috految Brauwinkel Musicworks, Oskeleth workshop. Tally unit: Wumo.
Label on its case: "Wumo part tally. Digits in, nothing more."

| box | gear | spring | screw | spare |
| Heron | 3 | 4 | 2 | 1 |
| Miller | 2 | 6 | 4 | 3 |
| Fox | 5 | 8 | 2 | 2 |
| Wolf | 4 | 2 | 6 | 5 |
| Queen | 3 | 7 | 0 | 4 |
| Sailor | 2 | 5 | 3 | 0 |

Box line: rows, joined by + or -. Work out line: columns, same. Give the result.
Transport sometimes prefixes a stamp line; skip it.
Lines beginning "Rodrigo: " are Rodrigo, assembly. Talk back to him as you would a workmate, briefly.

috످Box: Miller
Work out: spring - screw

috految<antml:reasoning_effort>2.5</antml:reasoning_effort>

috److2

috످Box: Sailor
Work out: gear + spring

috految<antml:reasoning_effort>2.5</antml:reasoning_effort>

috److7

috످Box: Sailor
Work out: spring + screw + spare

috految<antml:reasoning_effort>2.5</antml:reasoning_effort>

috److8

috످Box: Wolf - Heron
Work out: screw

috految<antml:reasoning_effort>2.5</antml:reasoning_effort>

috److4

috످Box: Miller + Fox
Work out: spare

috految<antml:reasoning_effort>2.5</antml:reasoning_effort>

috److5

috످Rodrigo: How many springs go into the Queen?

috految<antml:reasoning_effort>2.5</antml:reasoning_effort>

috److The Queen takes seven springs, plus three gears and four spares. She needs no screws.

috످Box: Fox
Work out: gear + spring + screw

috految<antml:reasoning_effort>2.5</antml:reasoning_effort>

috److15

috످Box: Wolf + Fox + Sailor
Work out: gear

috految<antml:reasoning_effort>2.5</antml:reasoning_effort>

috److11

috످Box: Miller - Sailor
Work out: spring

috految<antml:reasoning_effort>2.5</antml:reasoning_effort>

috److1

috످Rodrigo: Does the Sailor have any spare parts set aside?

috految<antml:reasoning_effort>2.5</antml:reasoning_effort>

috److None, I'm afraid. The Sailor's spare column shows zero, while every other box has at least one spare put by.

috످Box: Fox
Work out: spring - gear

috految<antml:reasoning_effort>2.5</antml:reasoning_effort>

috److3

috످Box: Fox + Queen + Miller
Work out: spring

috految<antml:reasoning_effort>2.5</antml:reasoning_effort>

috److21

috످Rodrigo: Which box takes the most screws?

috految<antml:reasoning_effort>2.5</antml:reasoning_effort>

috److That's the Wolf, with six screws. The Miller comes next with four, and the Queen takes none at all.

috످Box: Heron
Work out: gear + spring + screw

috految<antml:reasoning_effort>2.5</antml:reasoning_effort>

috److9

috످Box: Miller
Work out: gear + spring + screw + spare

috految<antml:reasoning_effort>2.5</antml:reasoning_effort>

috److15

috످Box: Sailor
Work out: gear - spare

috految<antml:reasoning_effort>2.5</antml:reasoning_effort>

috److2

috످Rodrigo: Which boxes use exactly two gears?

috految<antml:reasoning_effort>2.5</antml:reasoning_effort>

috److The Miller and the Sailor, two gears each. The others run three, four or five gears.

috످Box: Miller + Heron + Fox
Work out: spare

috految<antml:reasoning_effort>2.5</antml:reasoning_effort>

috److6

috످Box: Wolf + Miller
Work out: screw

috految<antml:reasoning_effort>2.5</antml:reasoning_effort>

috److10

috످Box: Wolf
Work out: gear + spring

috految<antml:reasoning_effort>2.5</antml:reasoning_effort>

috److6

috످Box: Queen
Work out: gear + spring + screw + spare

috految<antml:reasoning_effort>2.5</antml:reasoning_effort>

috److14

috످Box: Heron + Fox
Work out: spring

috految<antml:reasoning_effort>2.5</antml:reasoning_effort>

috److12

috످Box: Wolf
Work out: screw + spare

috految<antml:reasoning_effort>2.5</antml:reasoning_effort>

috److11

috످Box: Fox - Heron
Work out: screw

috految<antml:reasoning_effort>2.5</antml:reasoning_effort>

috److0

috످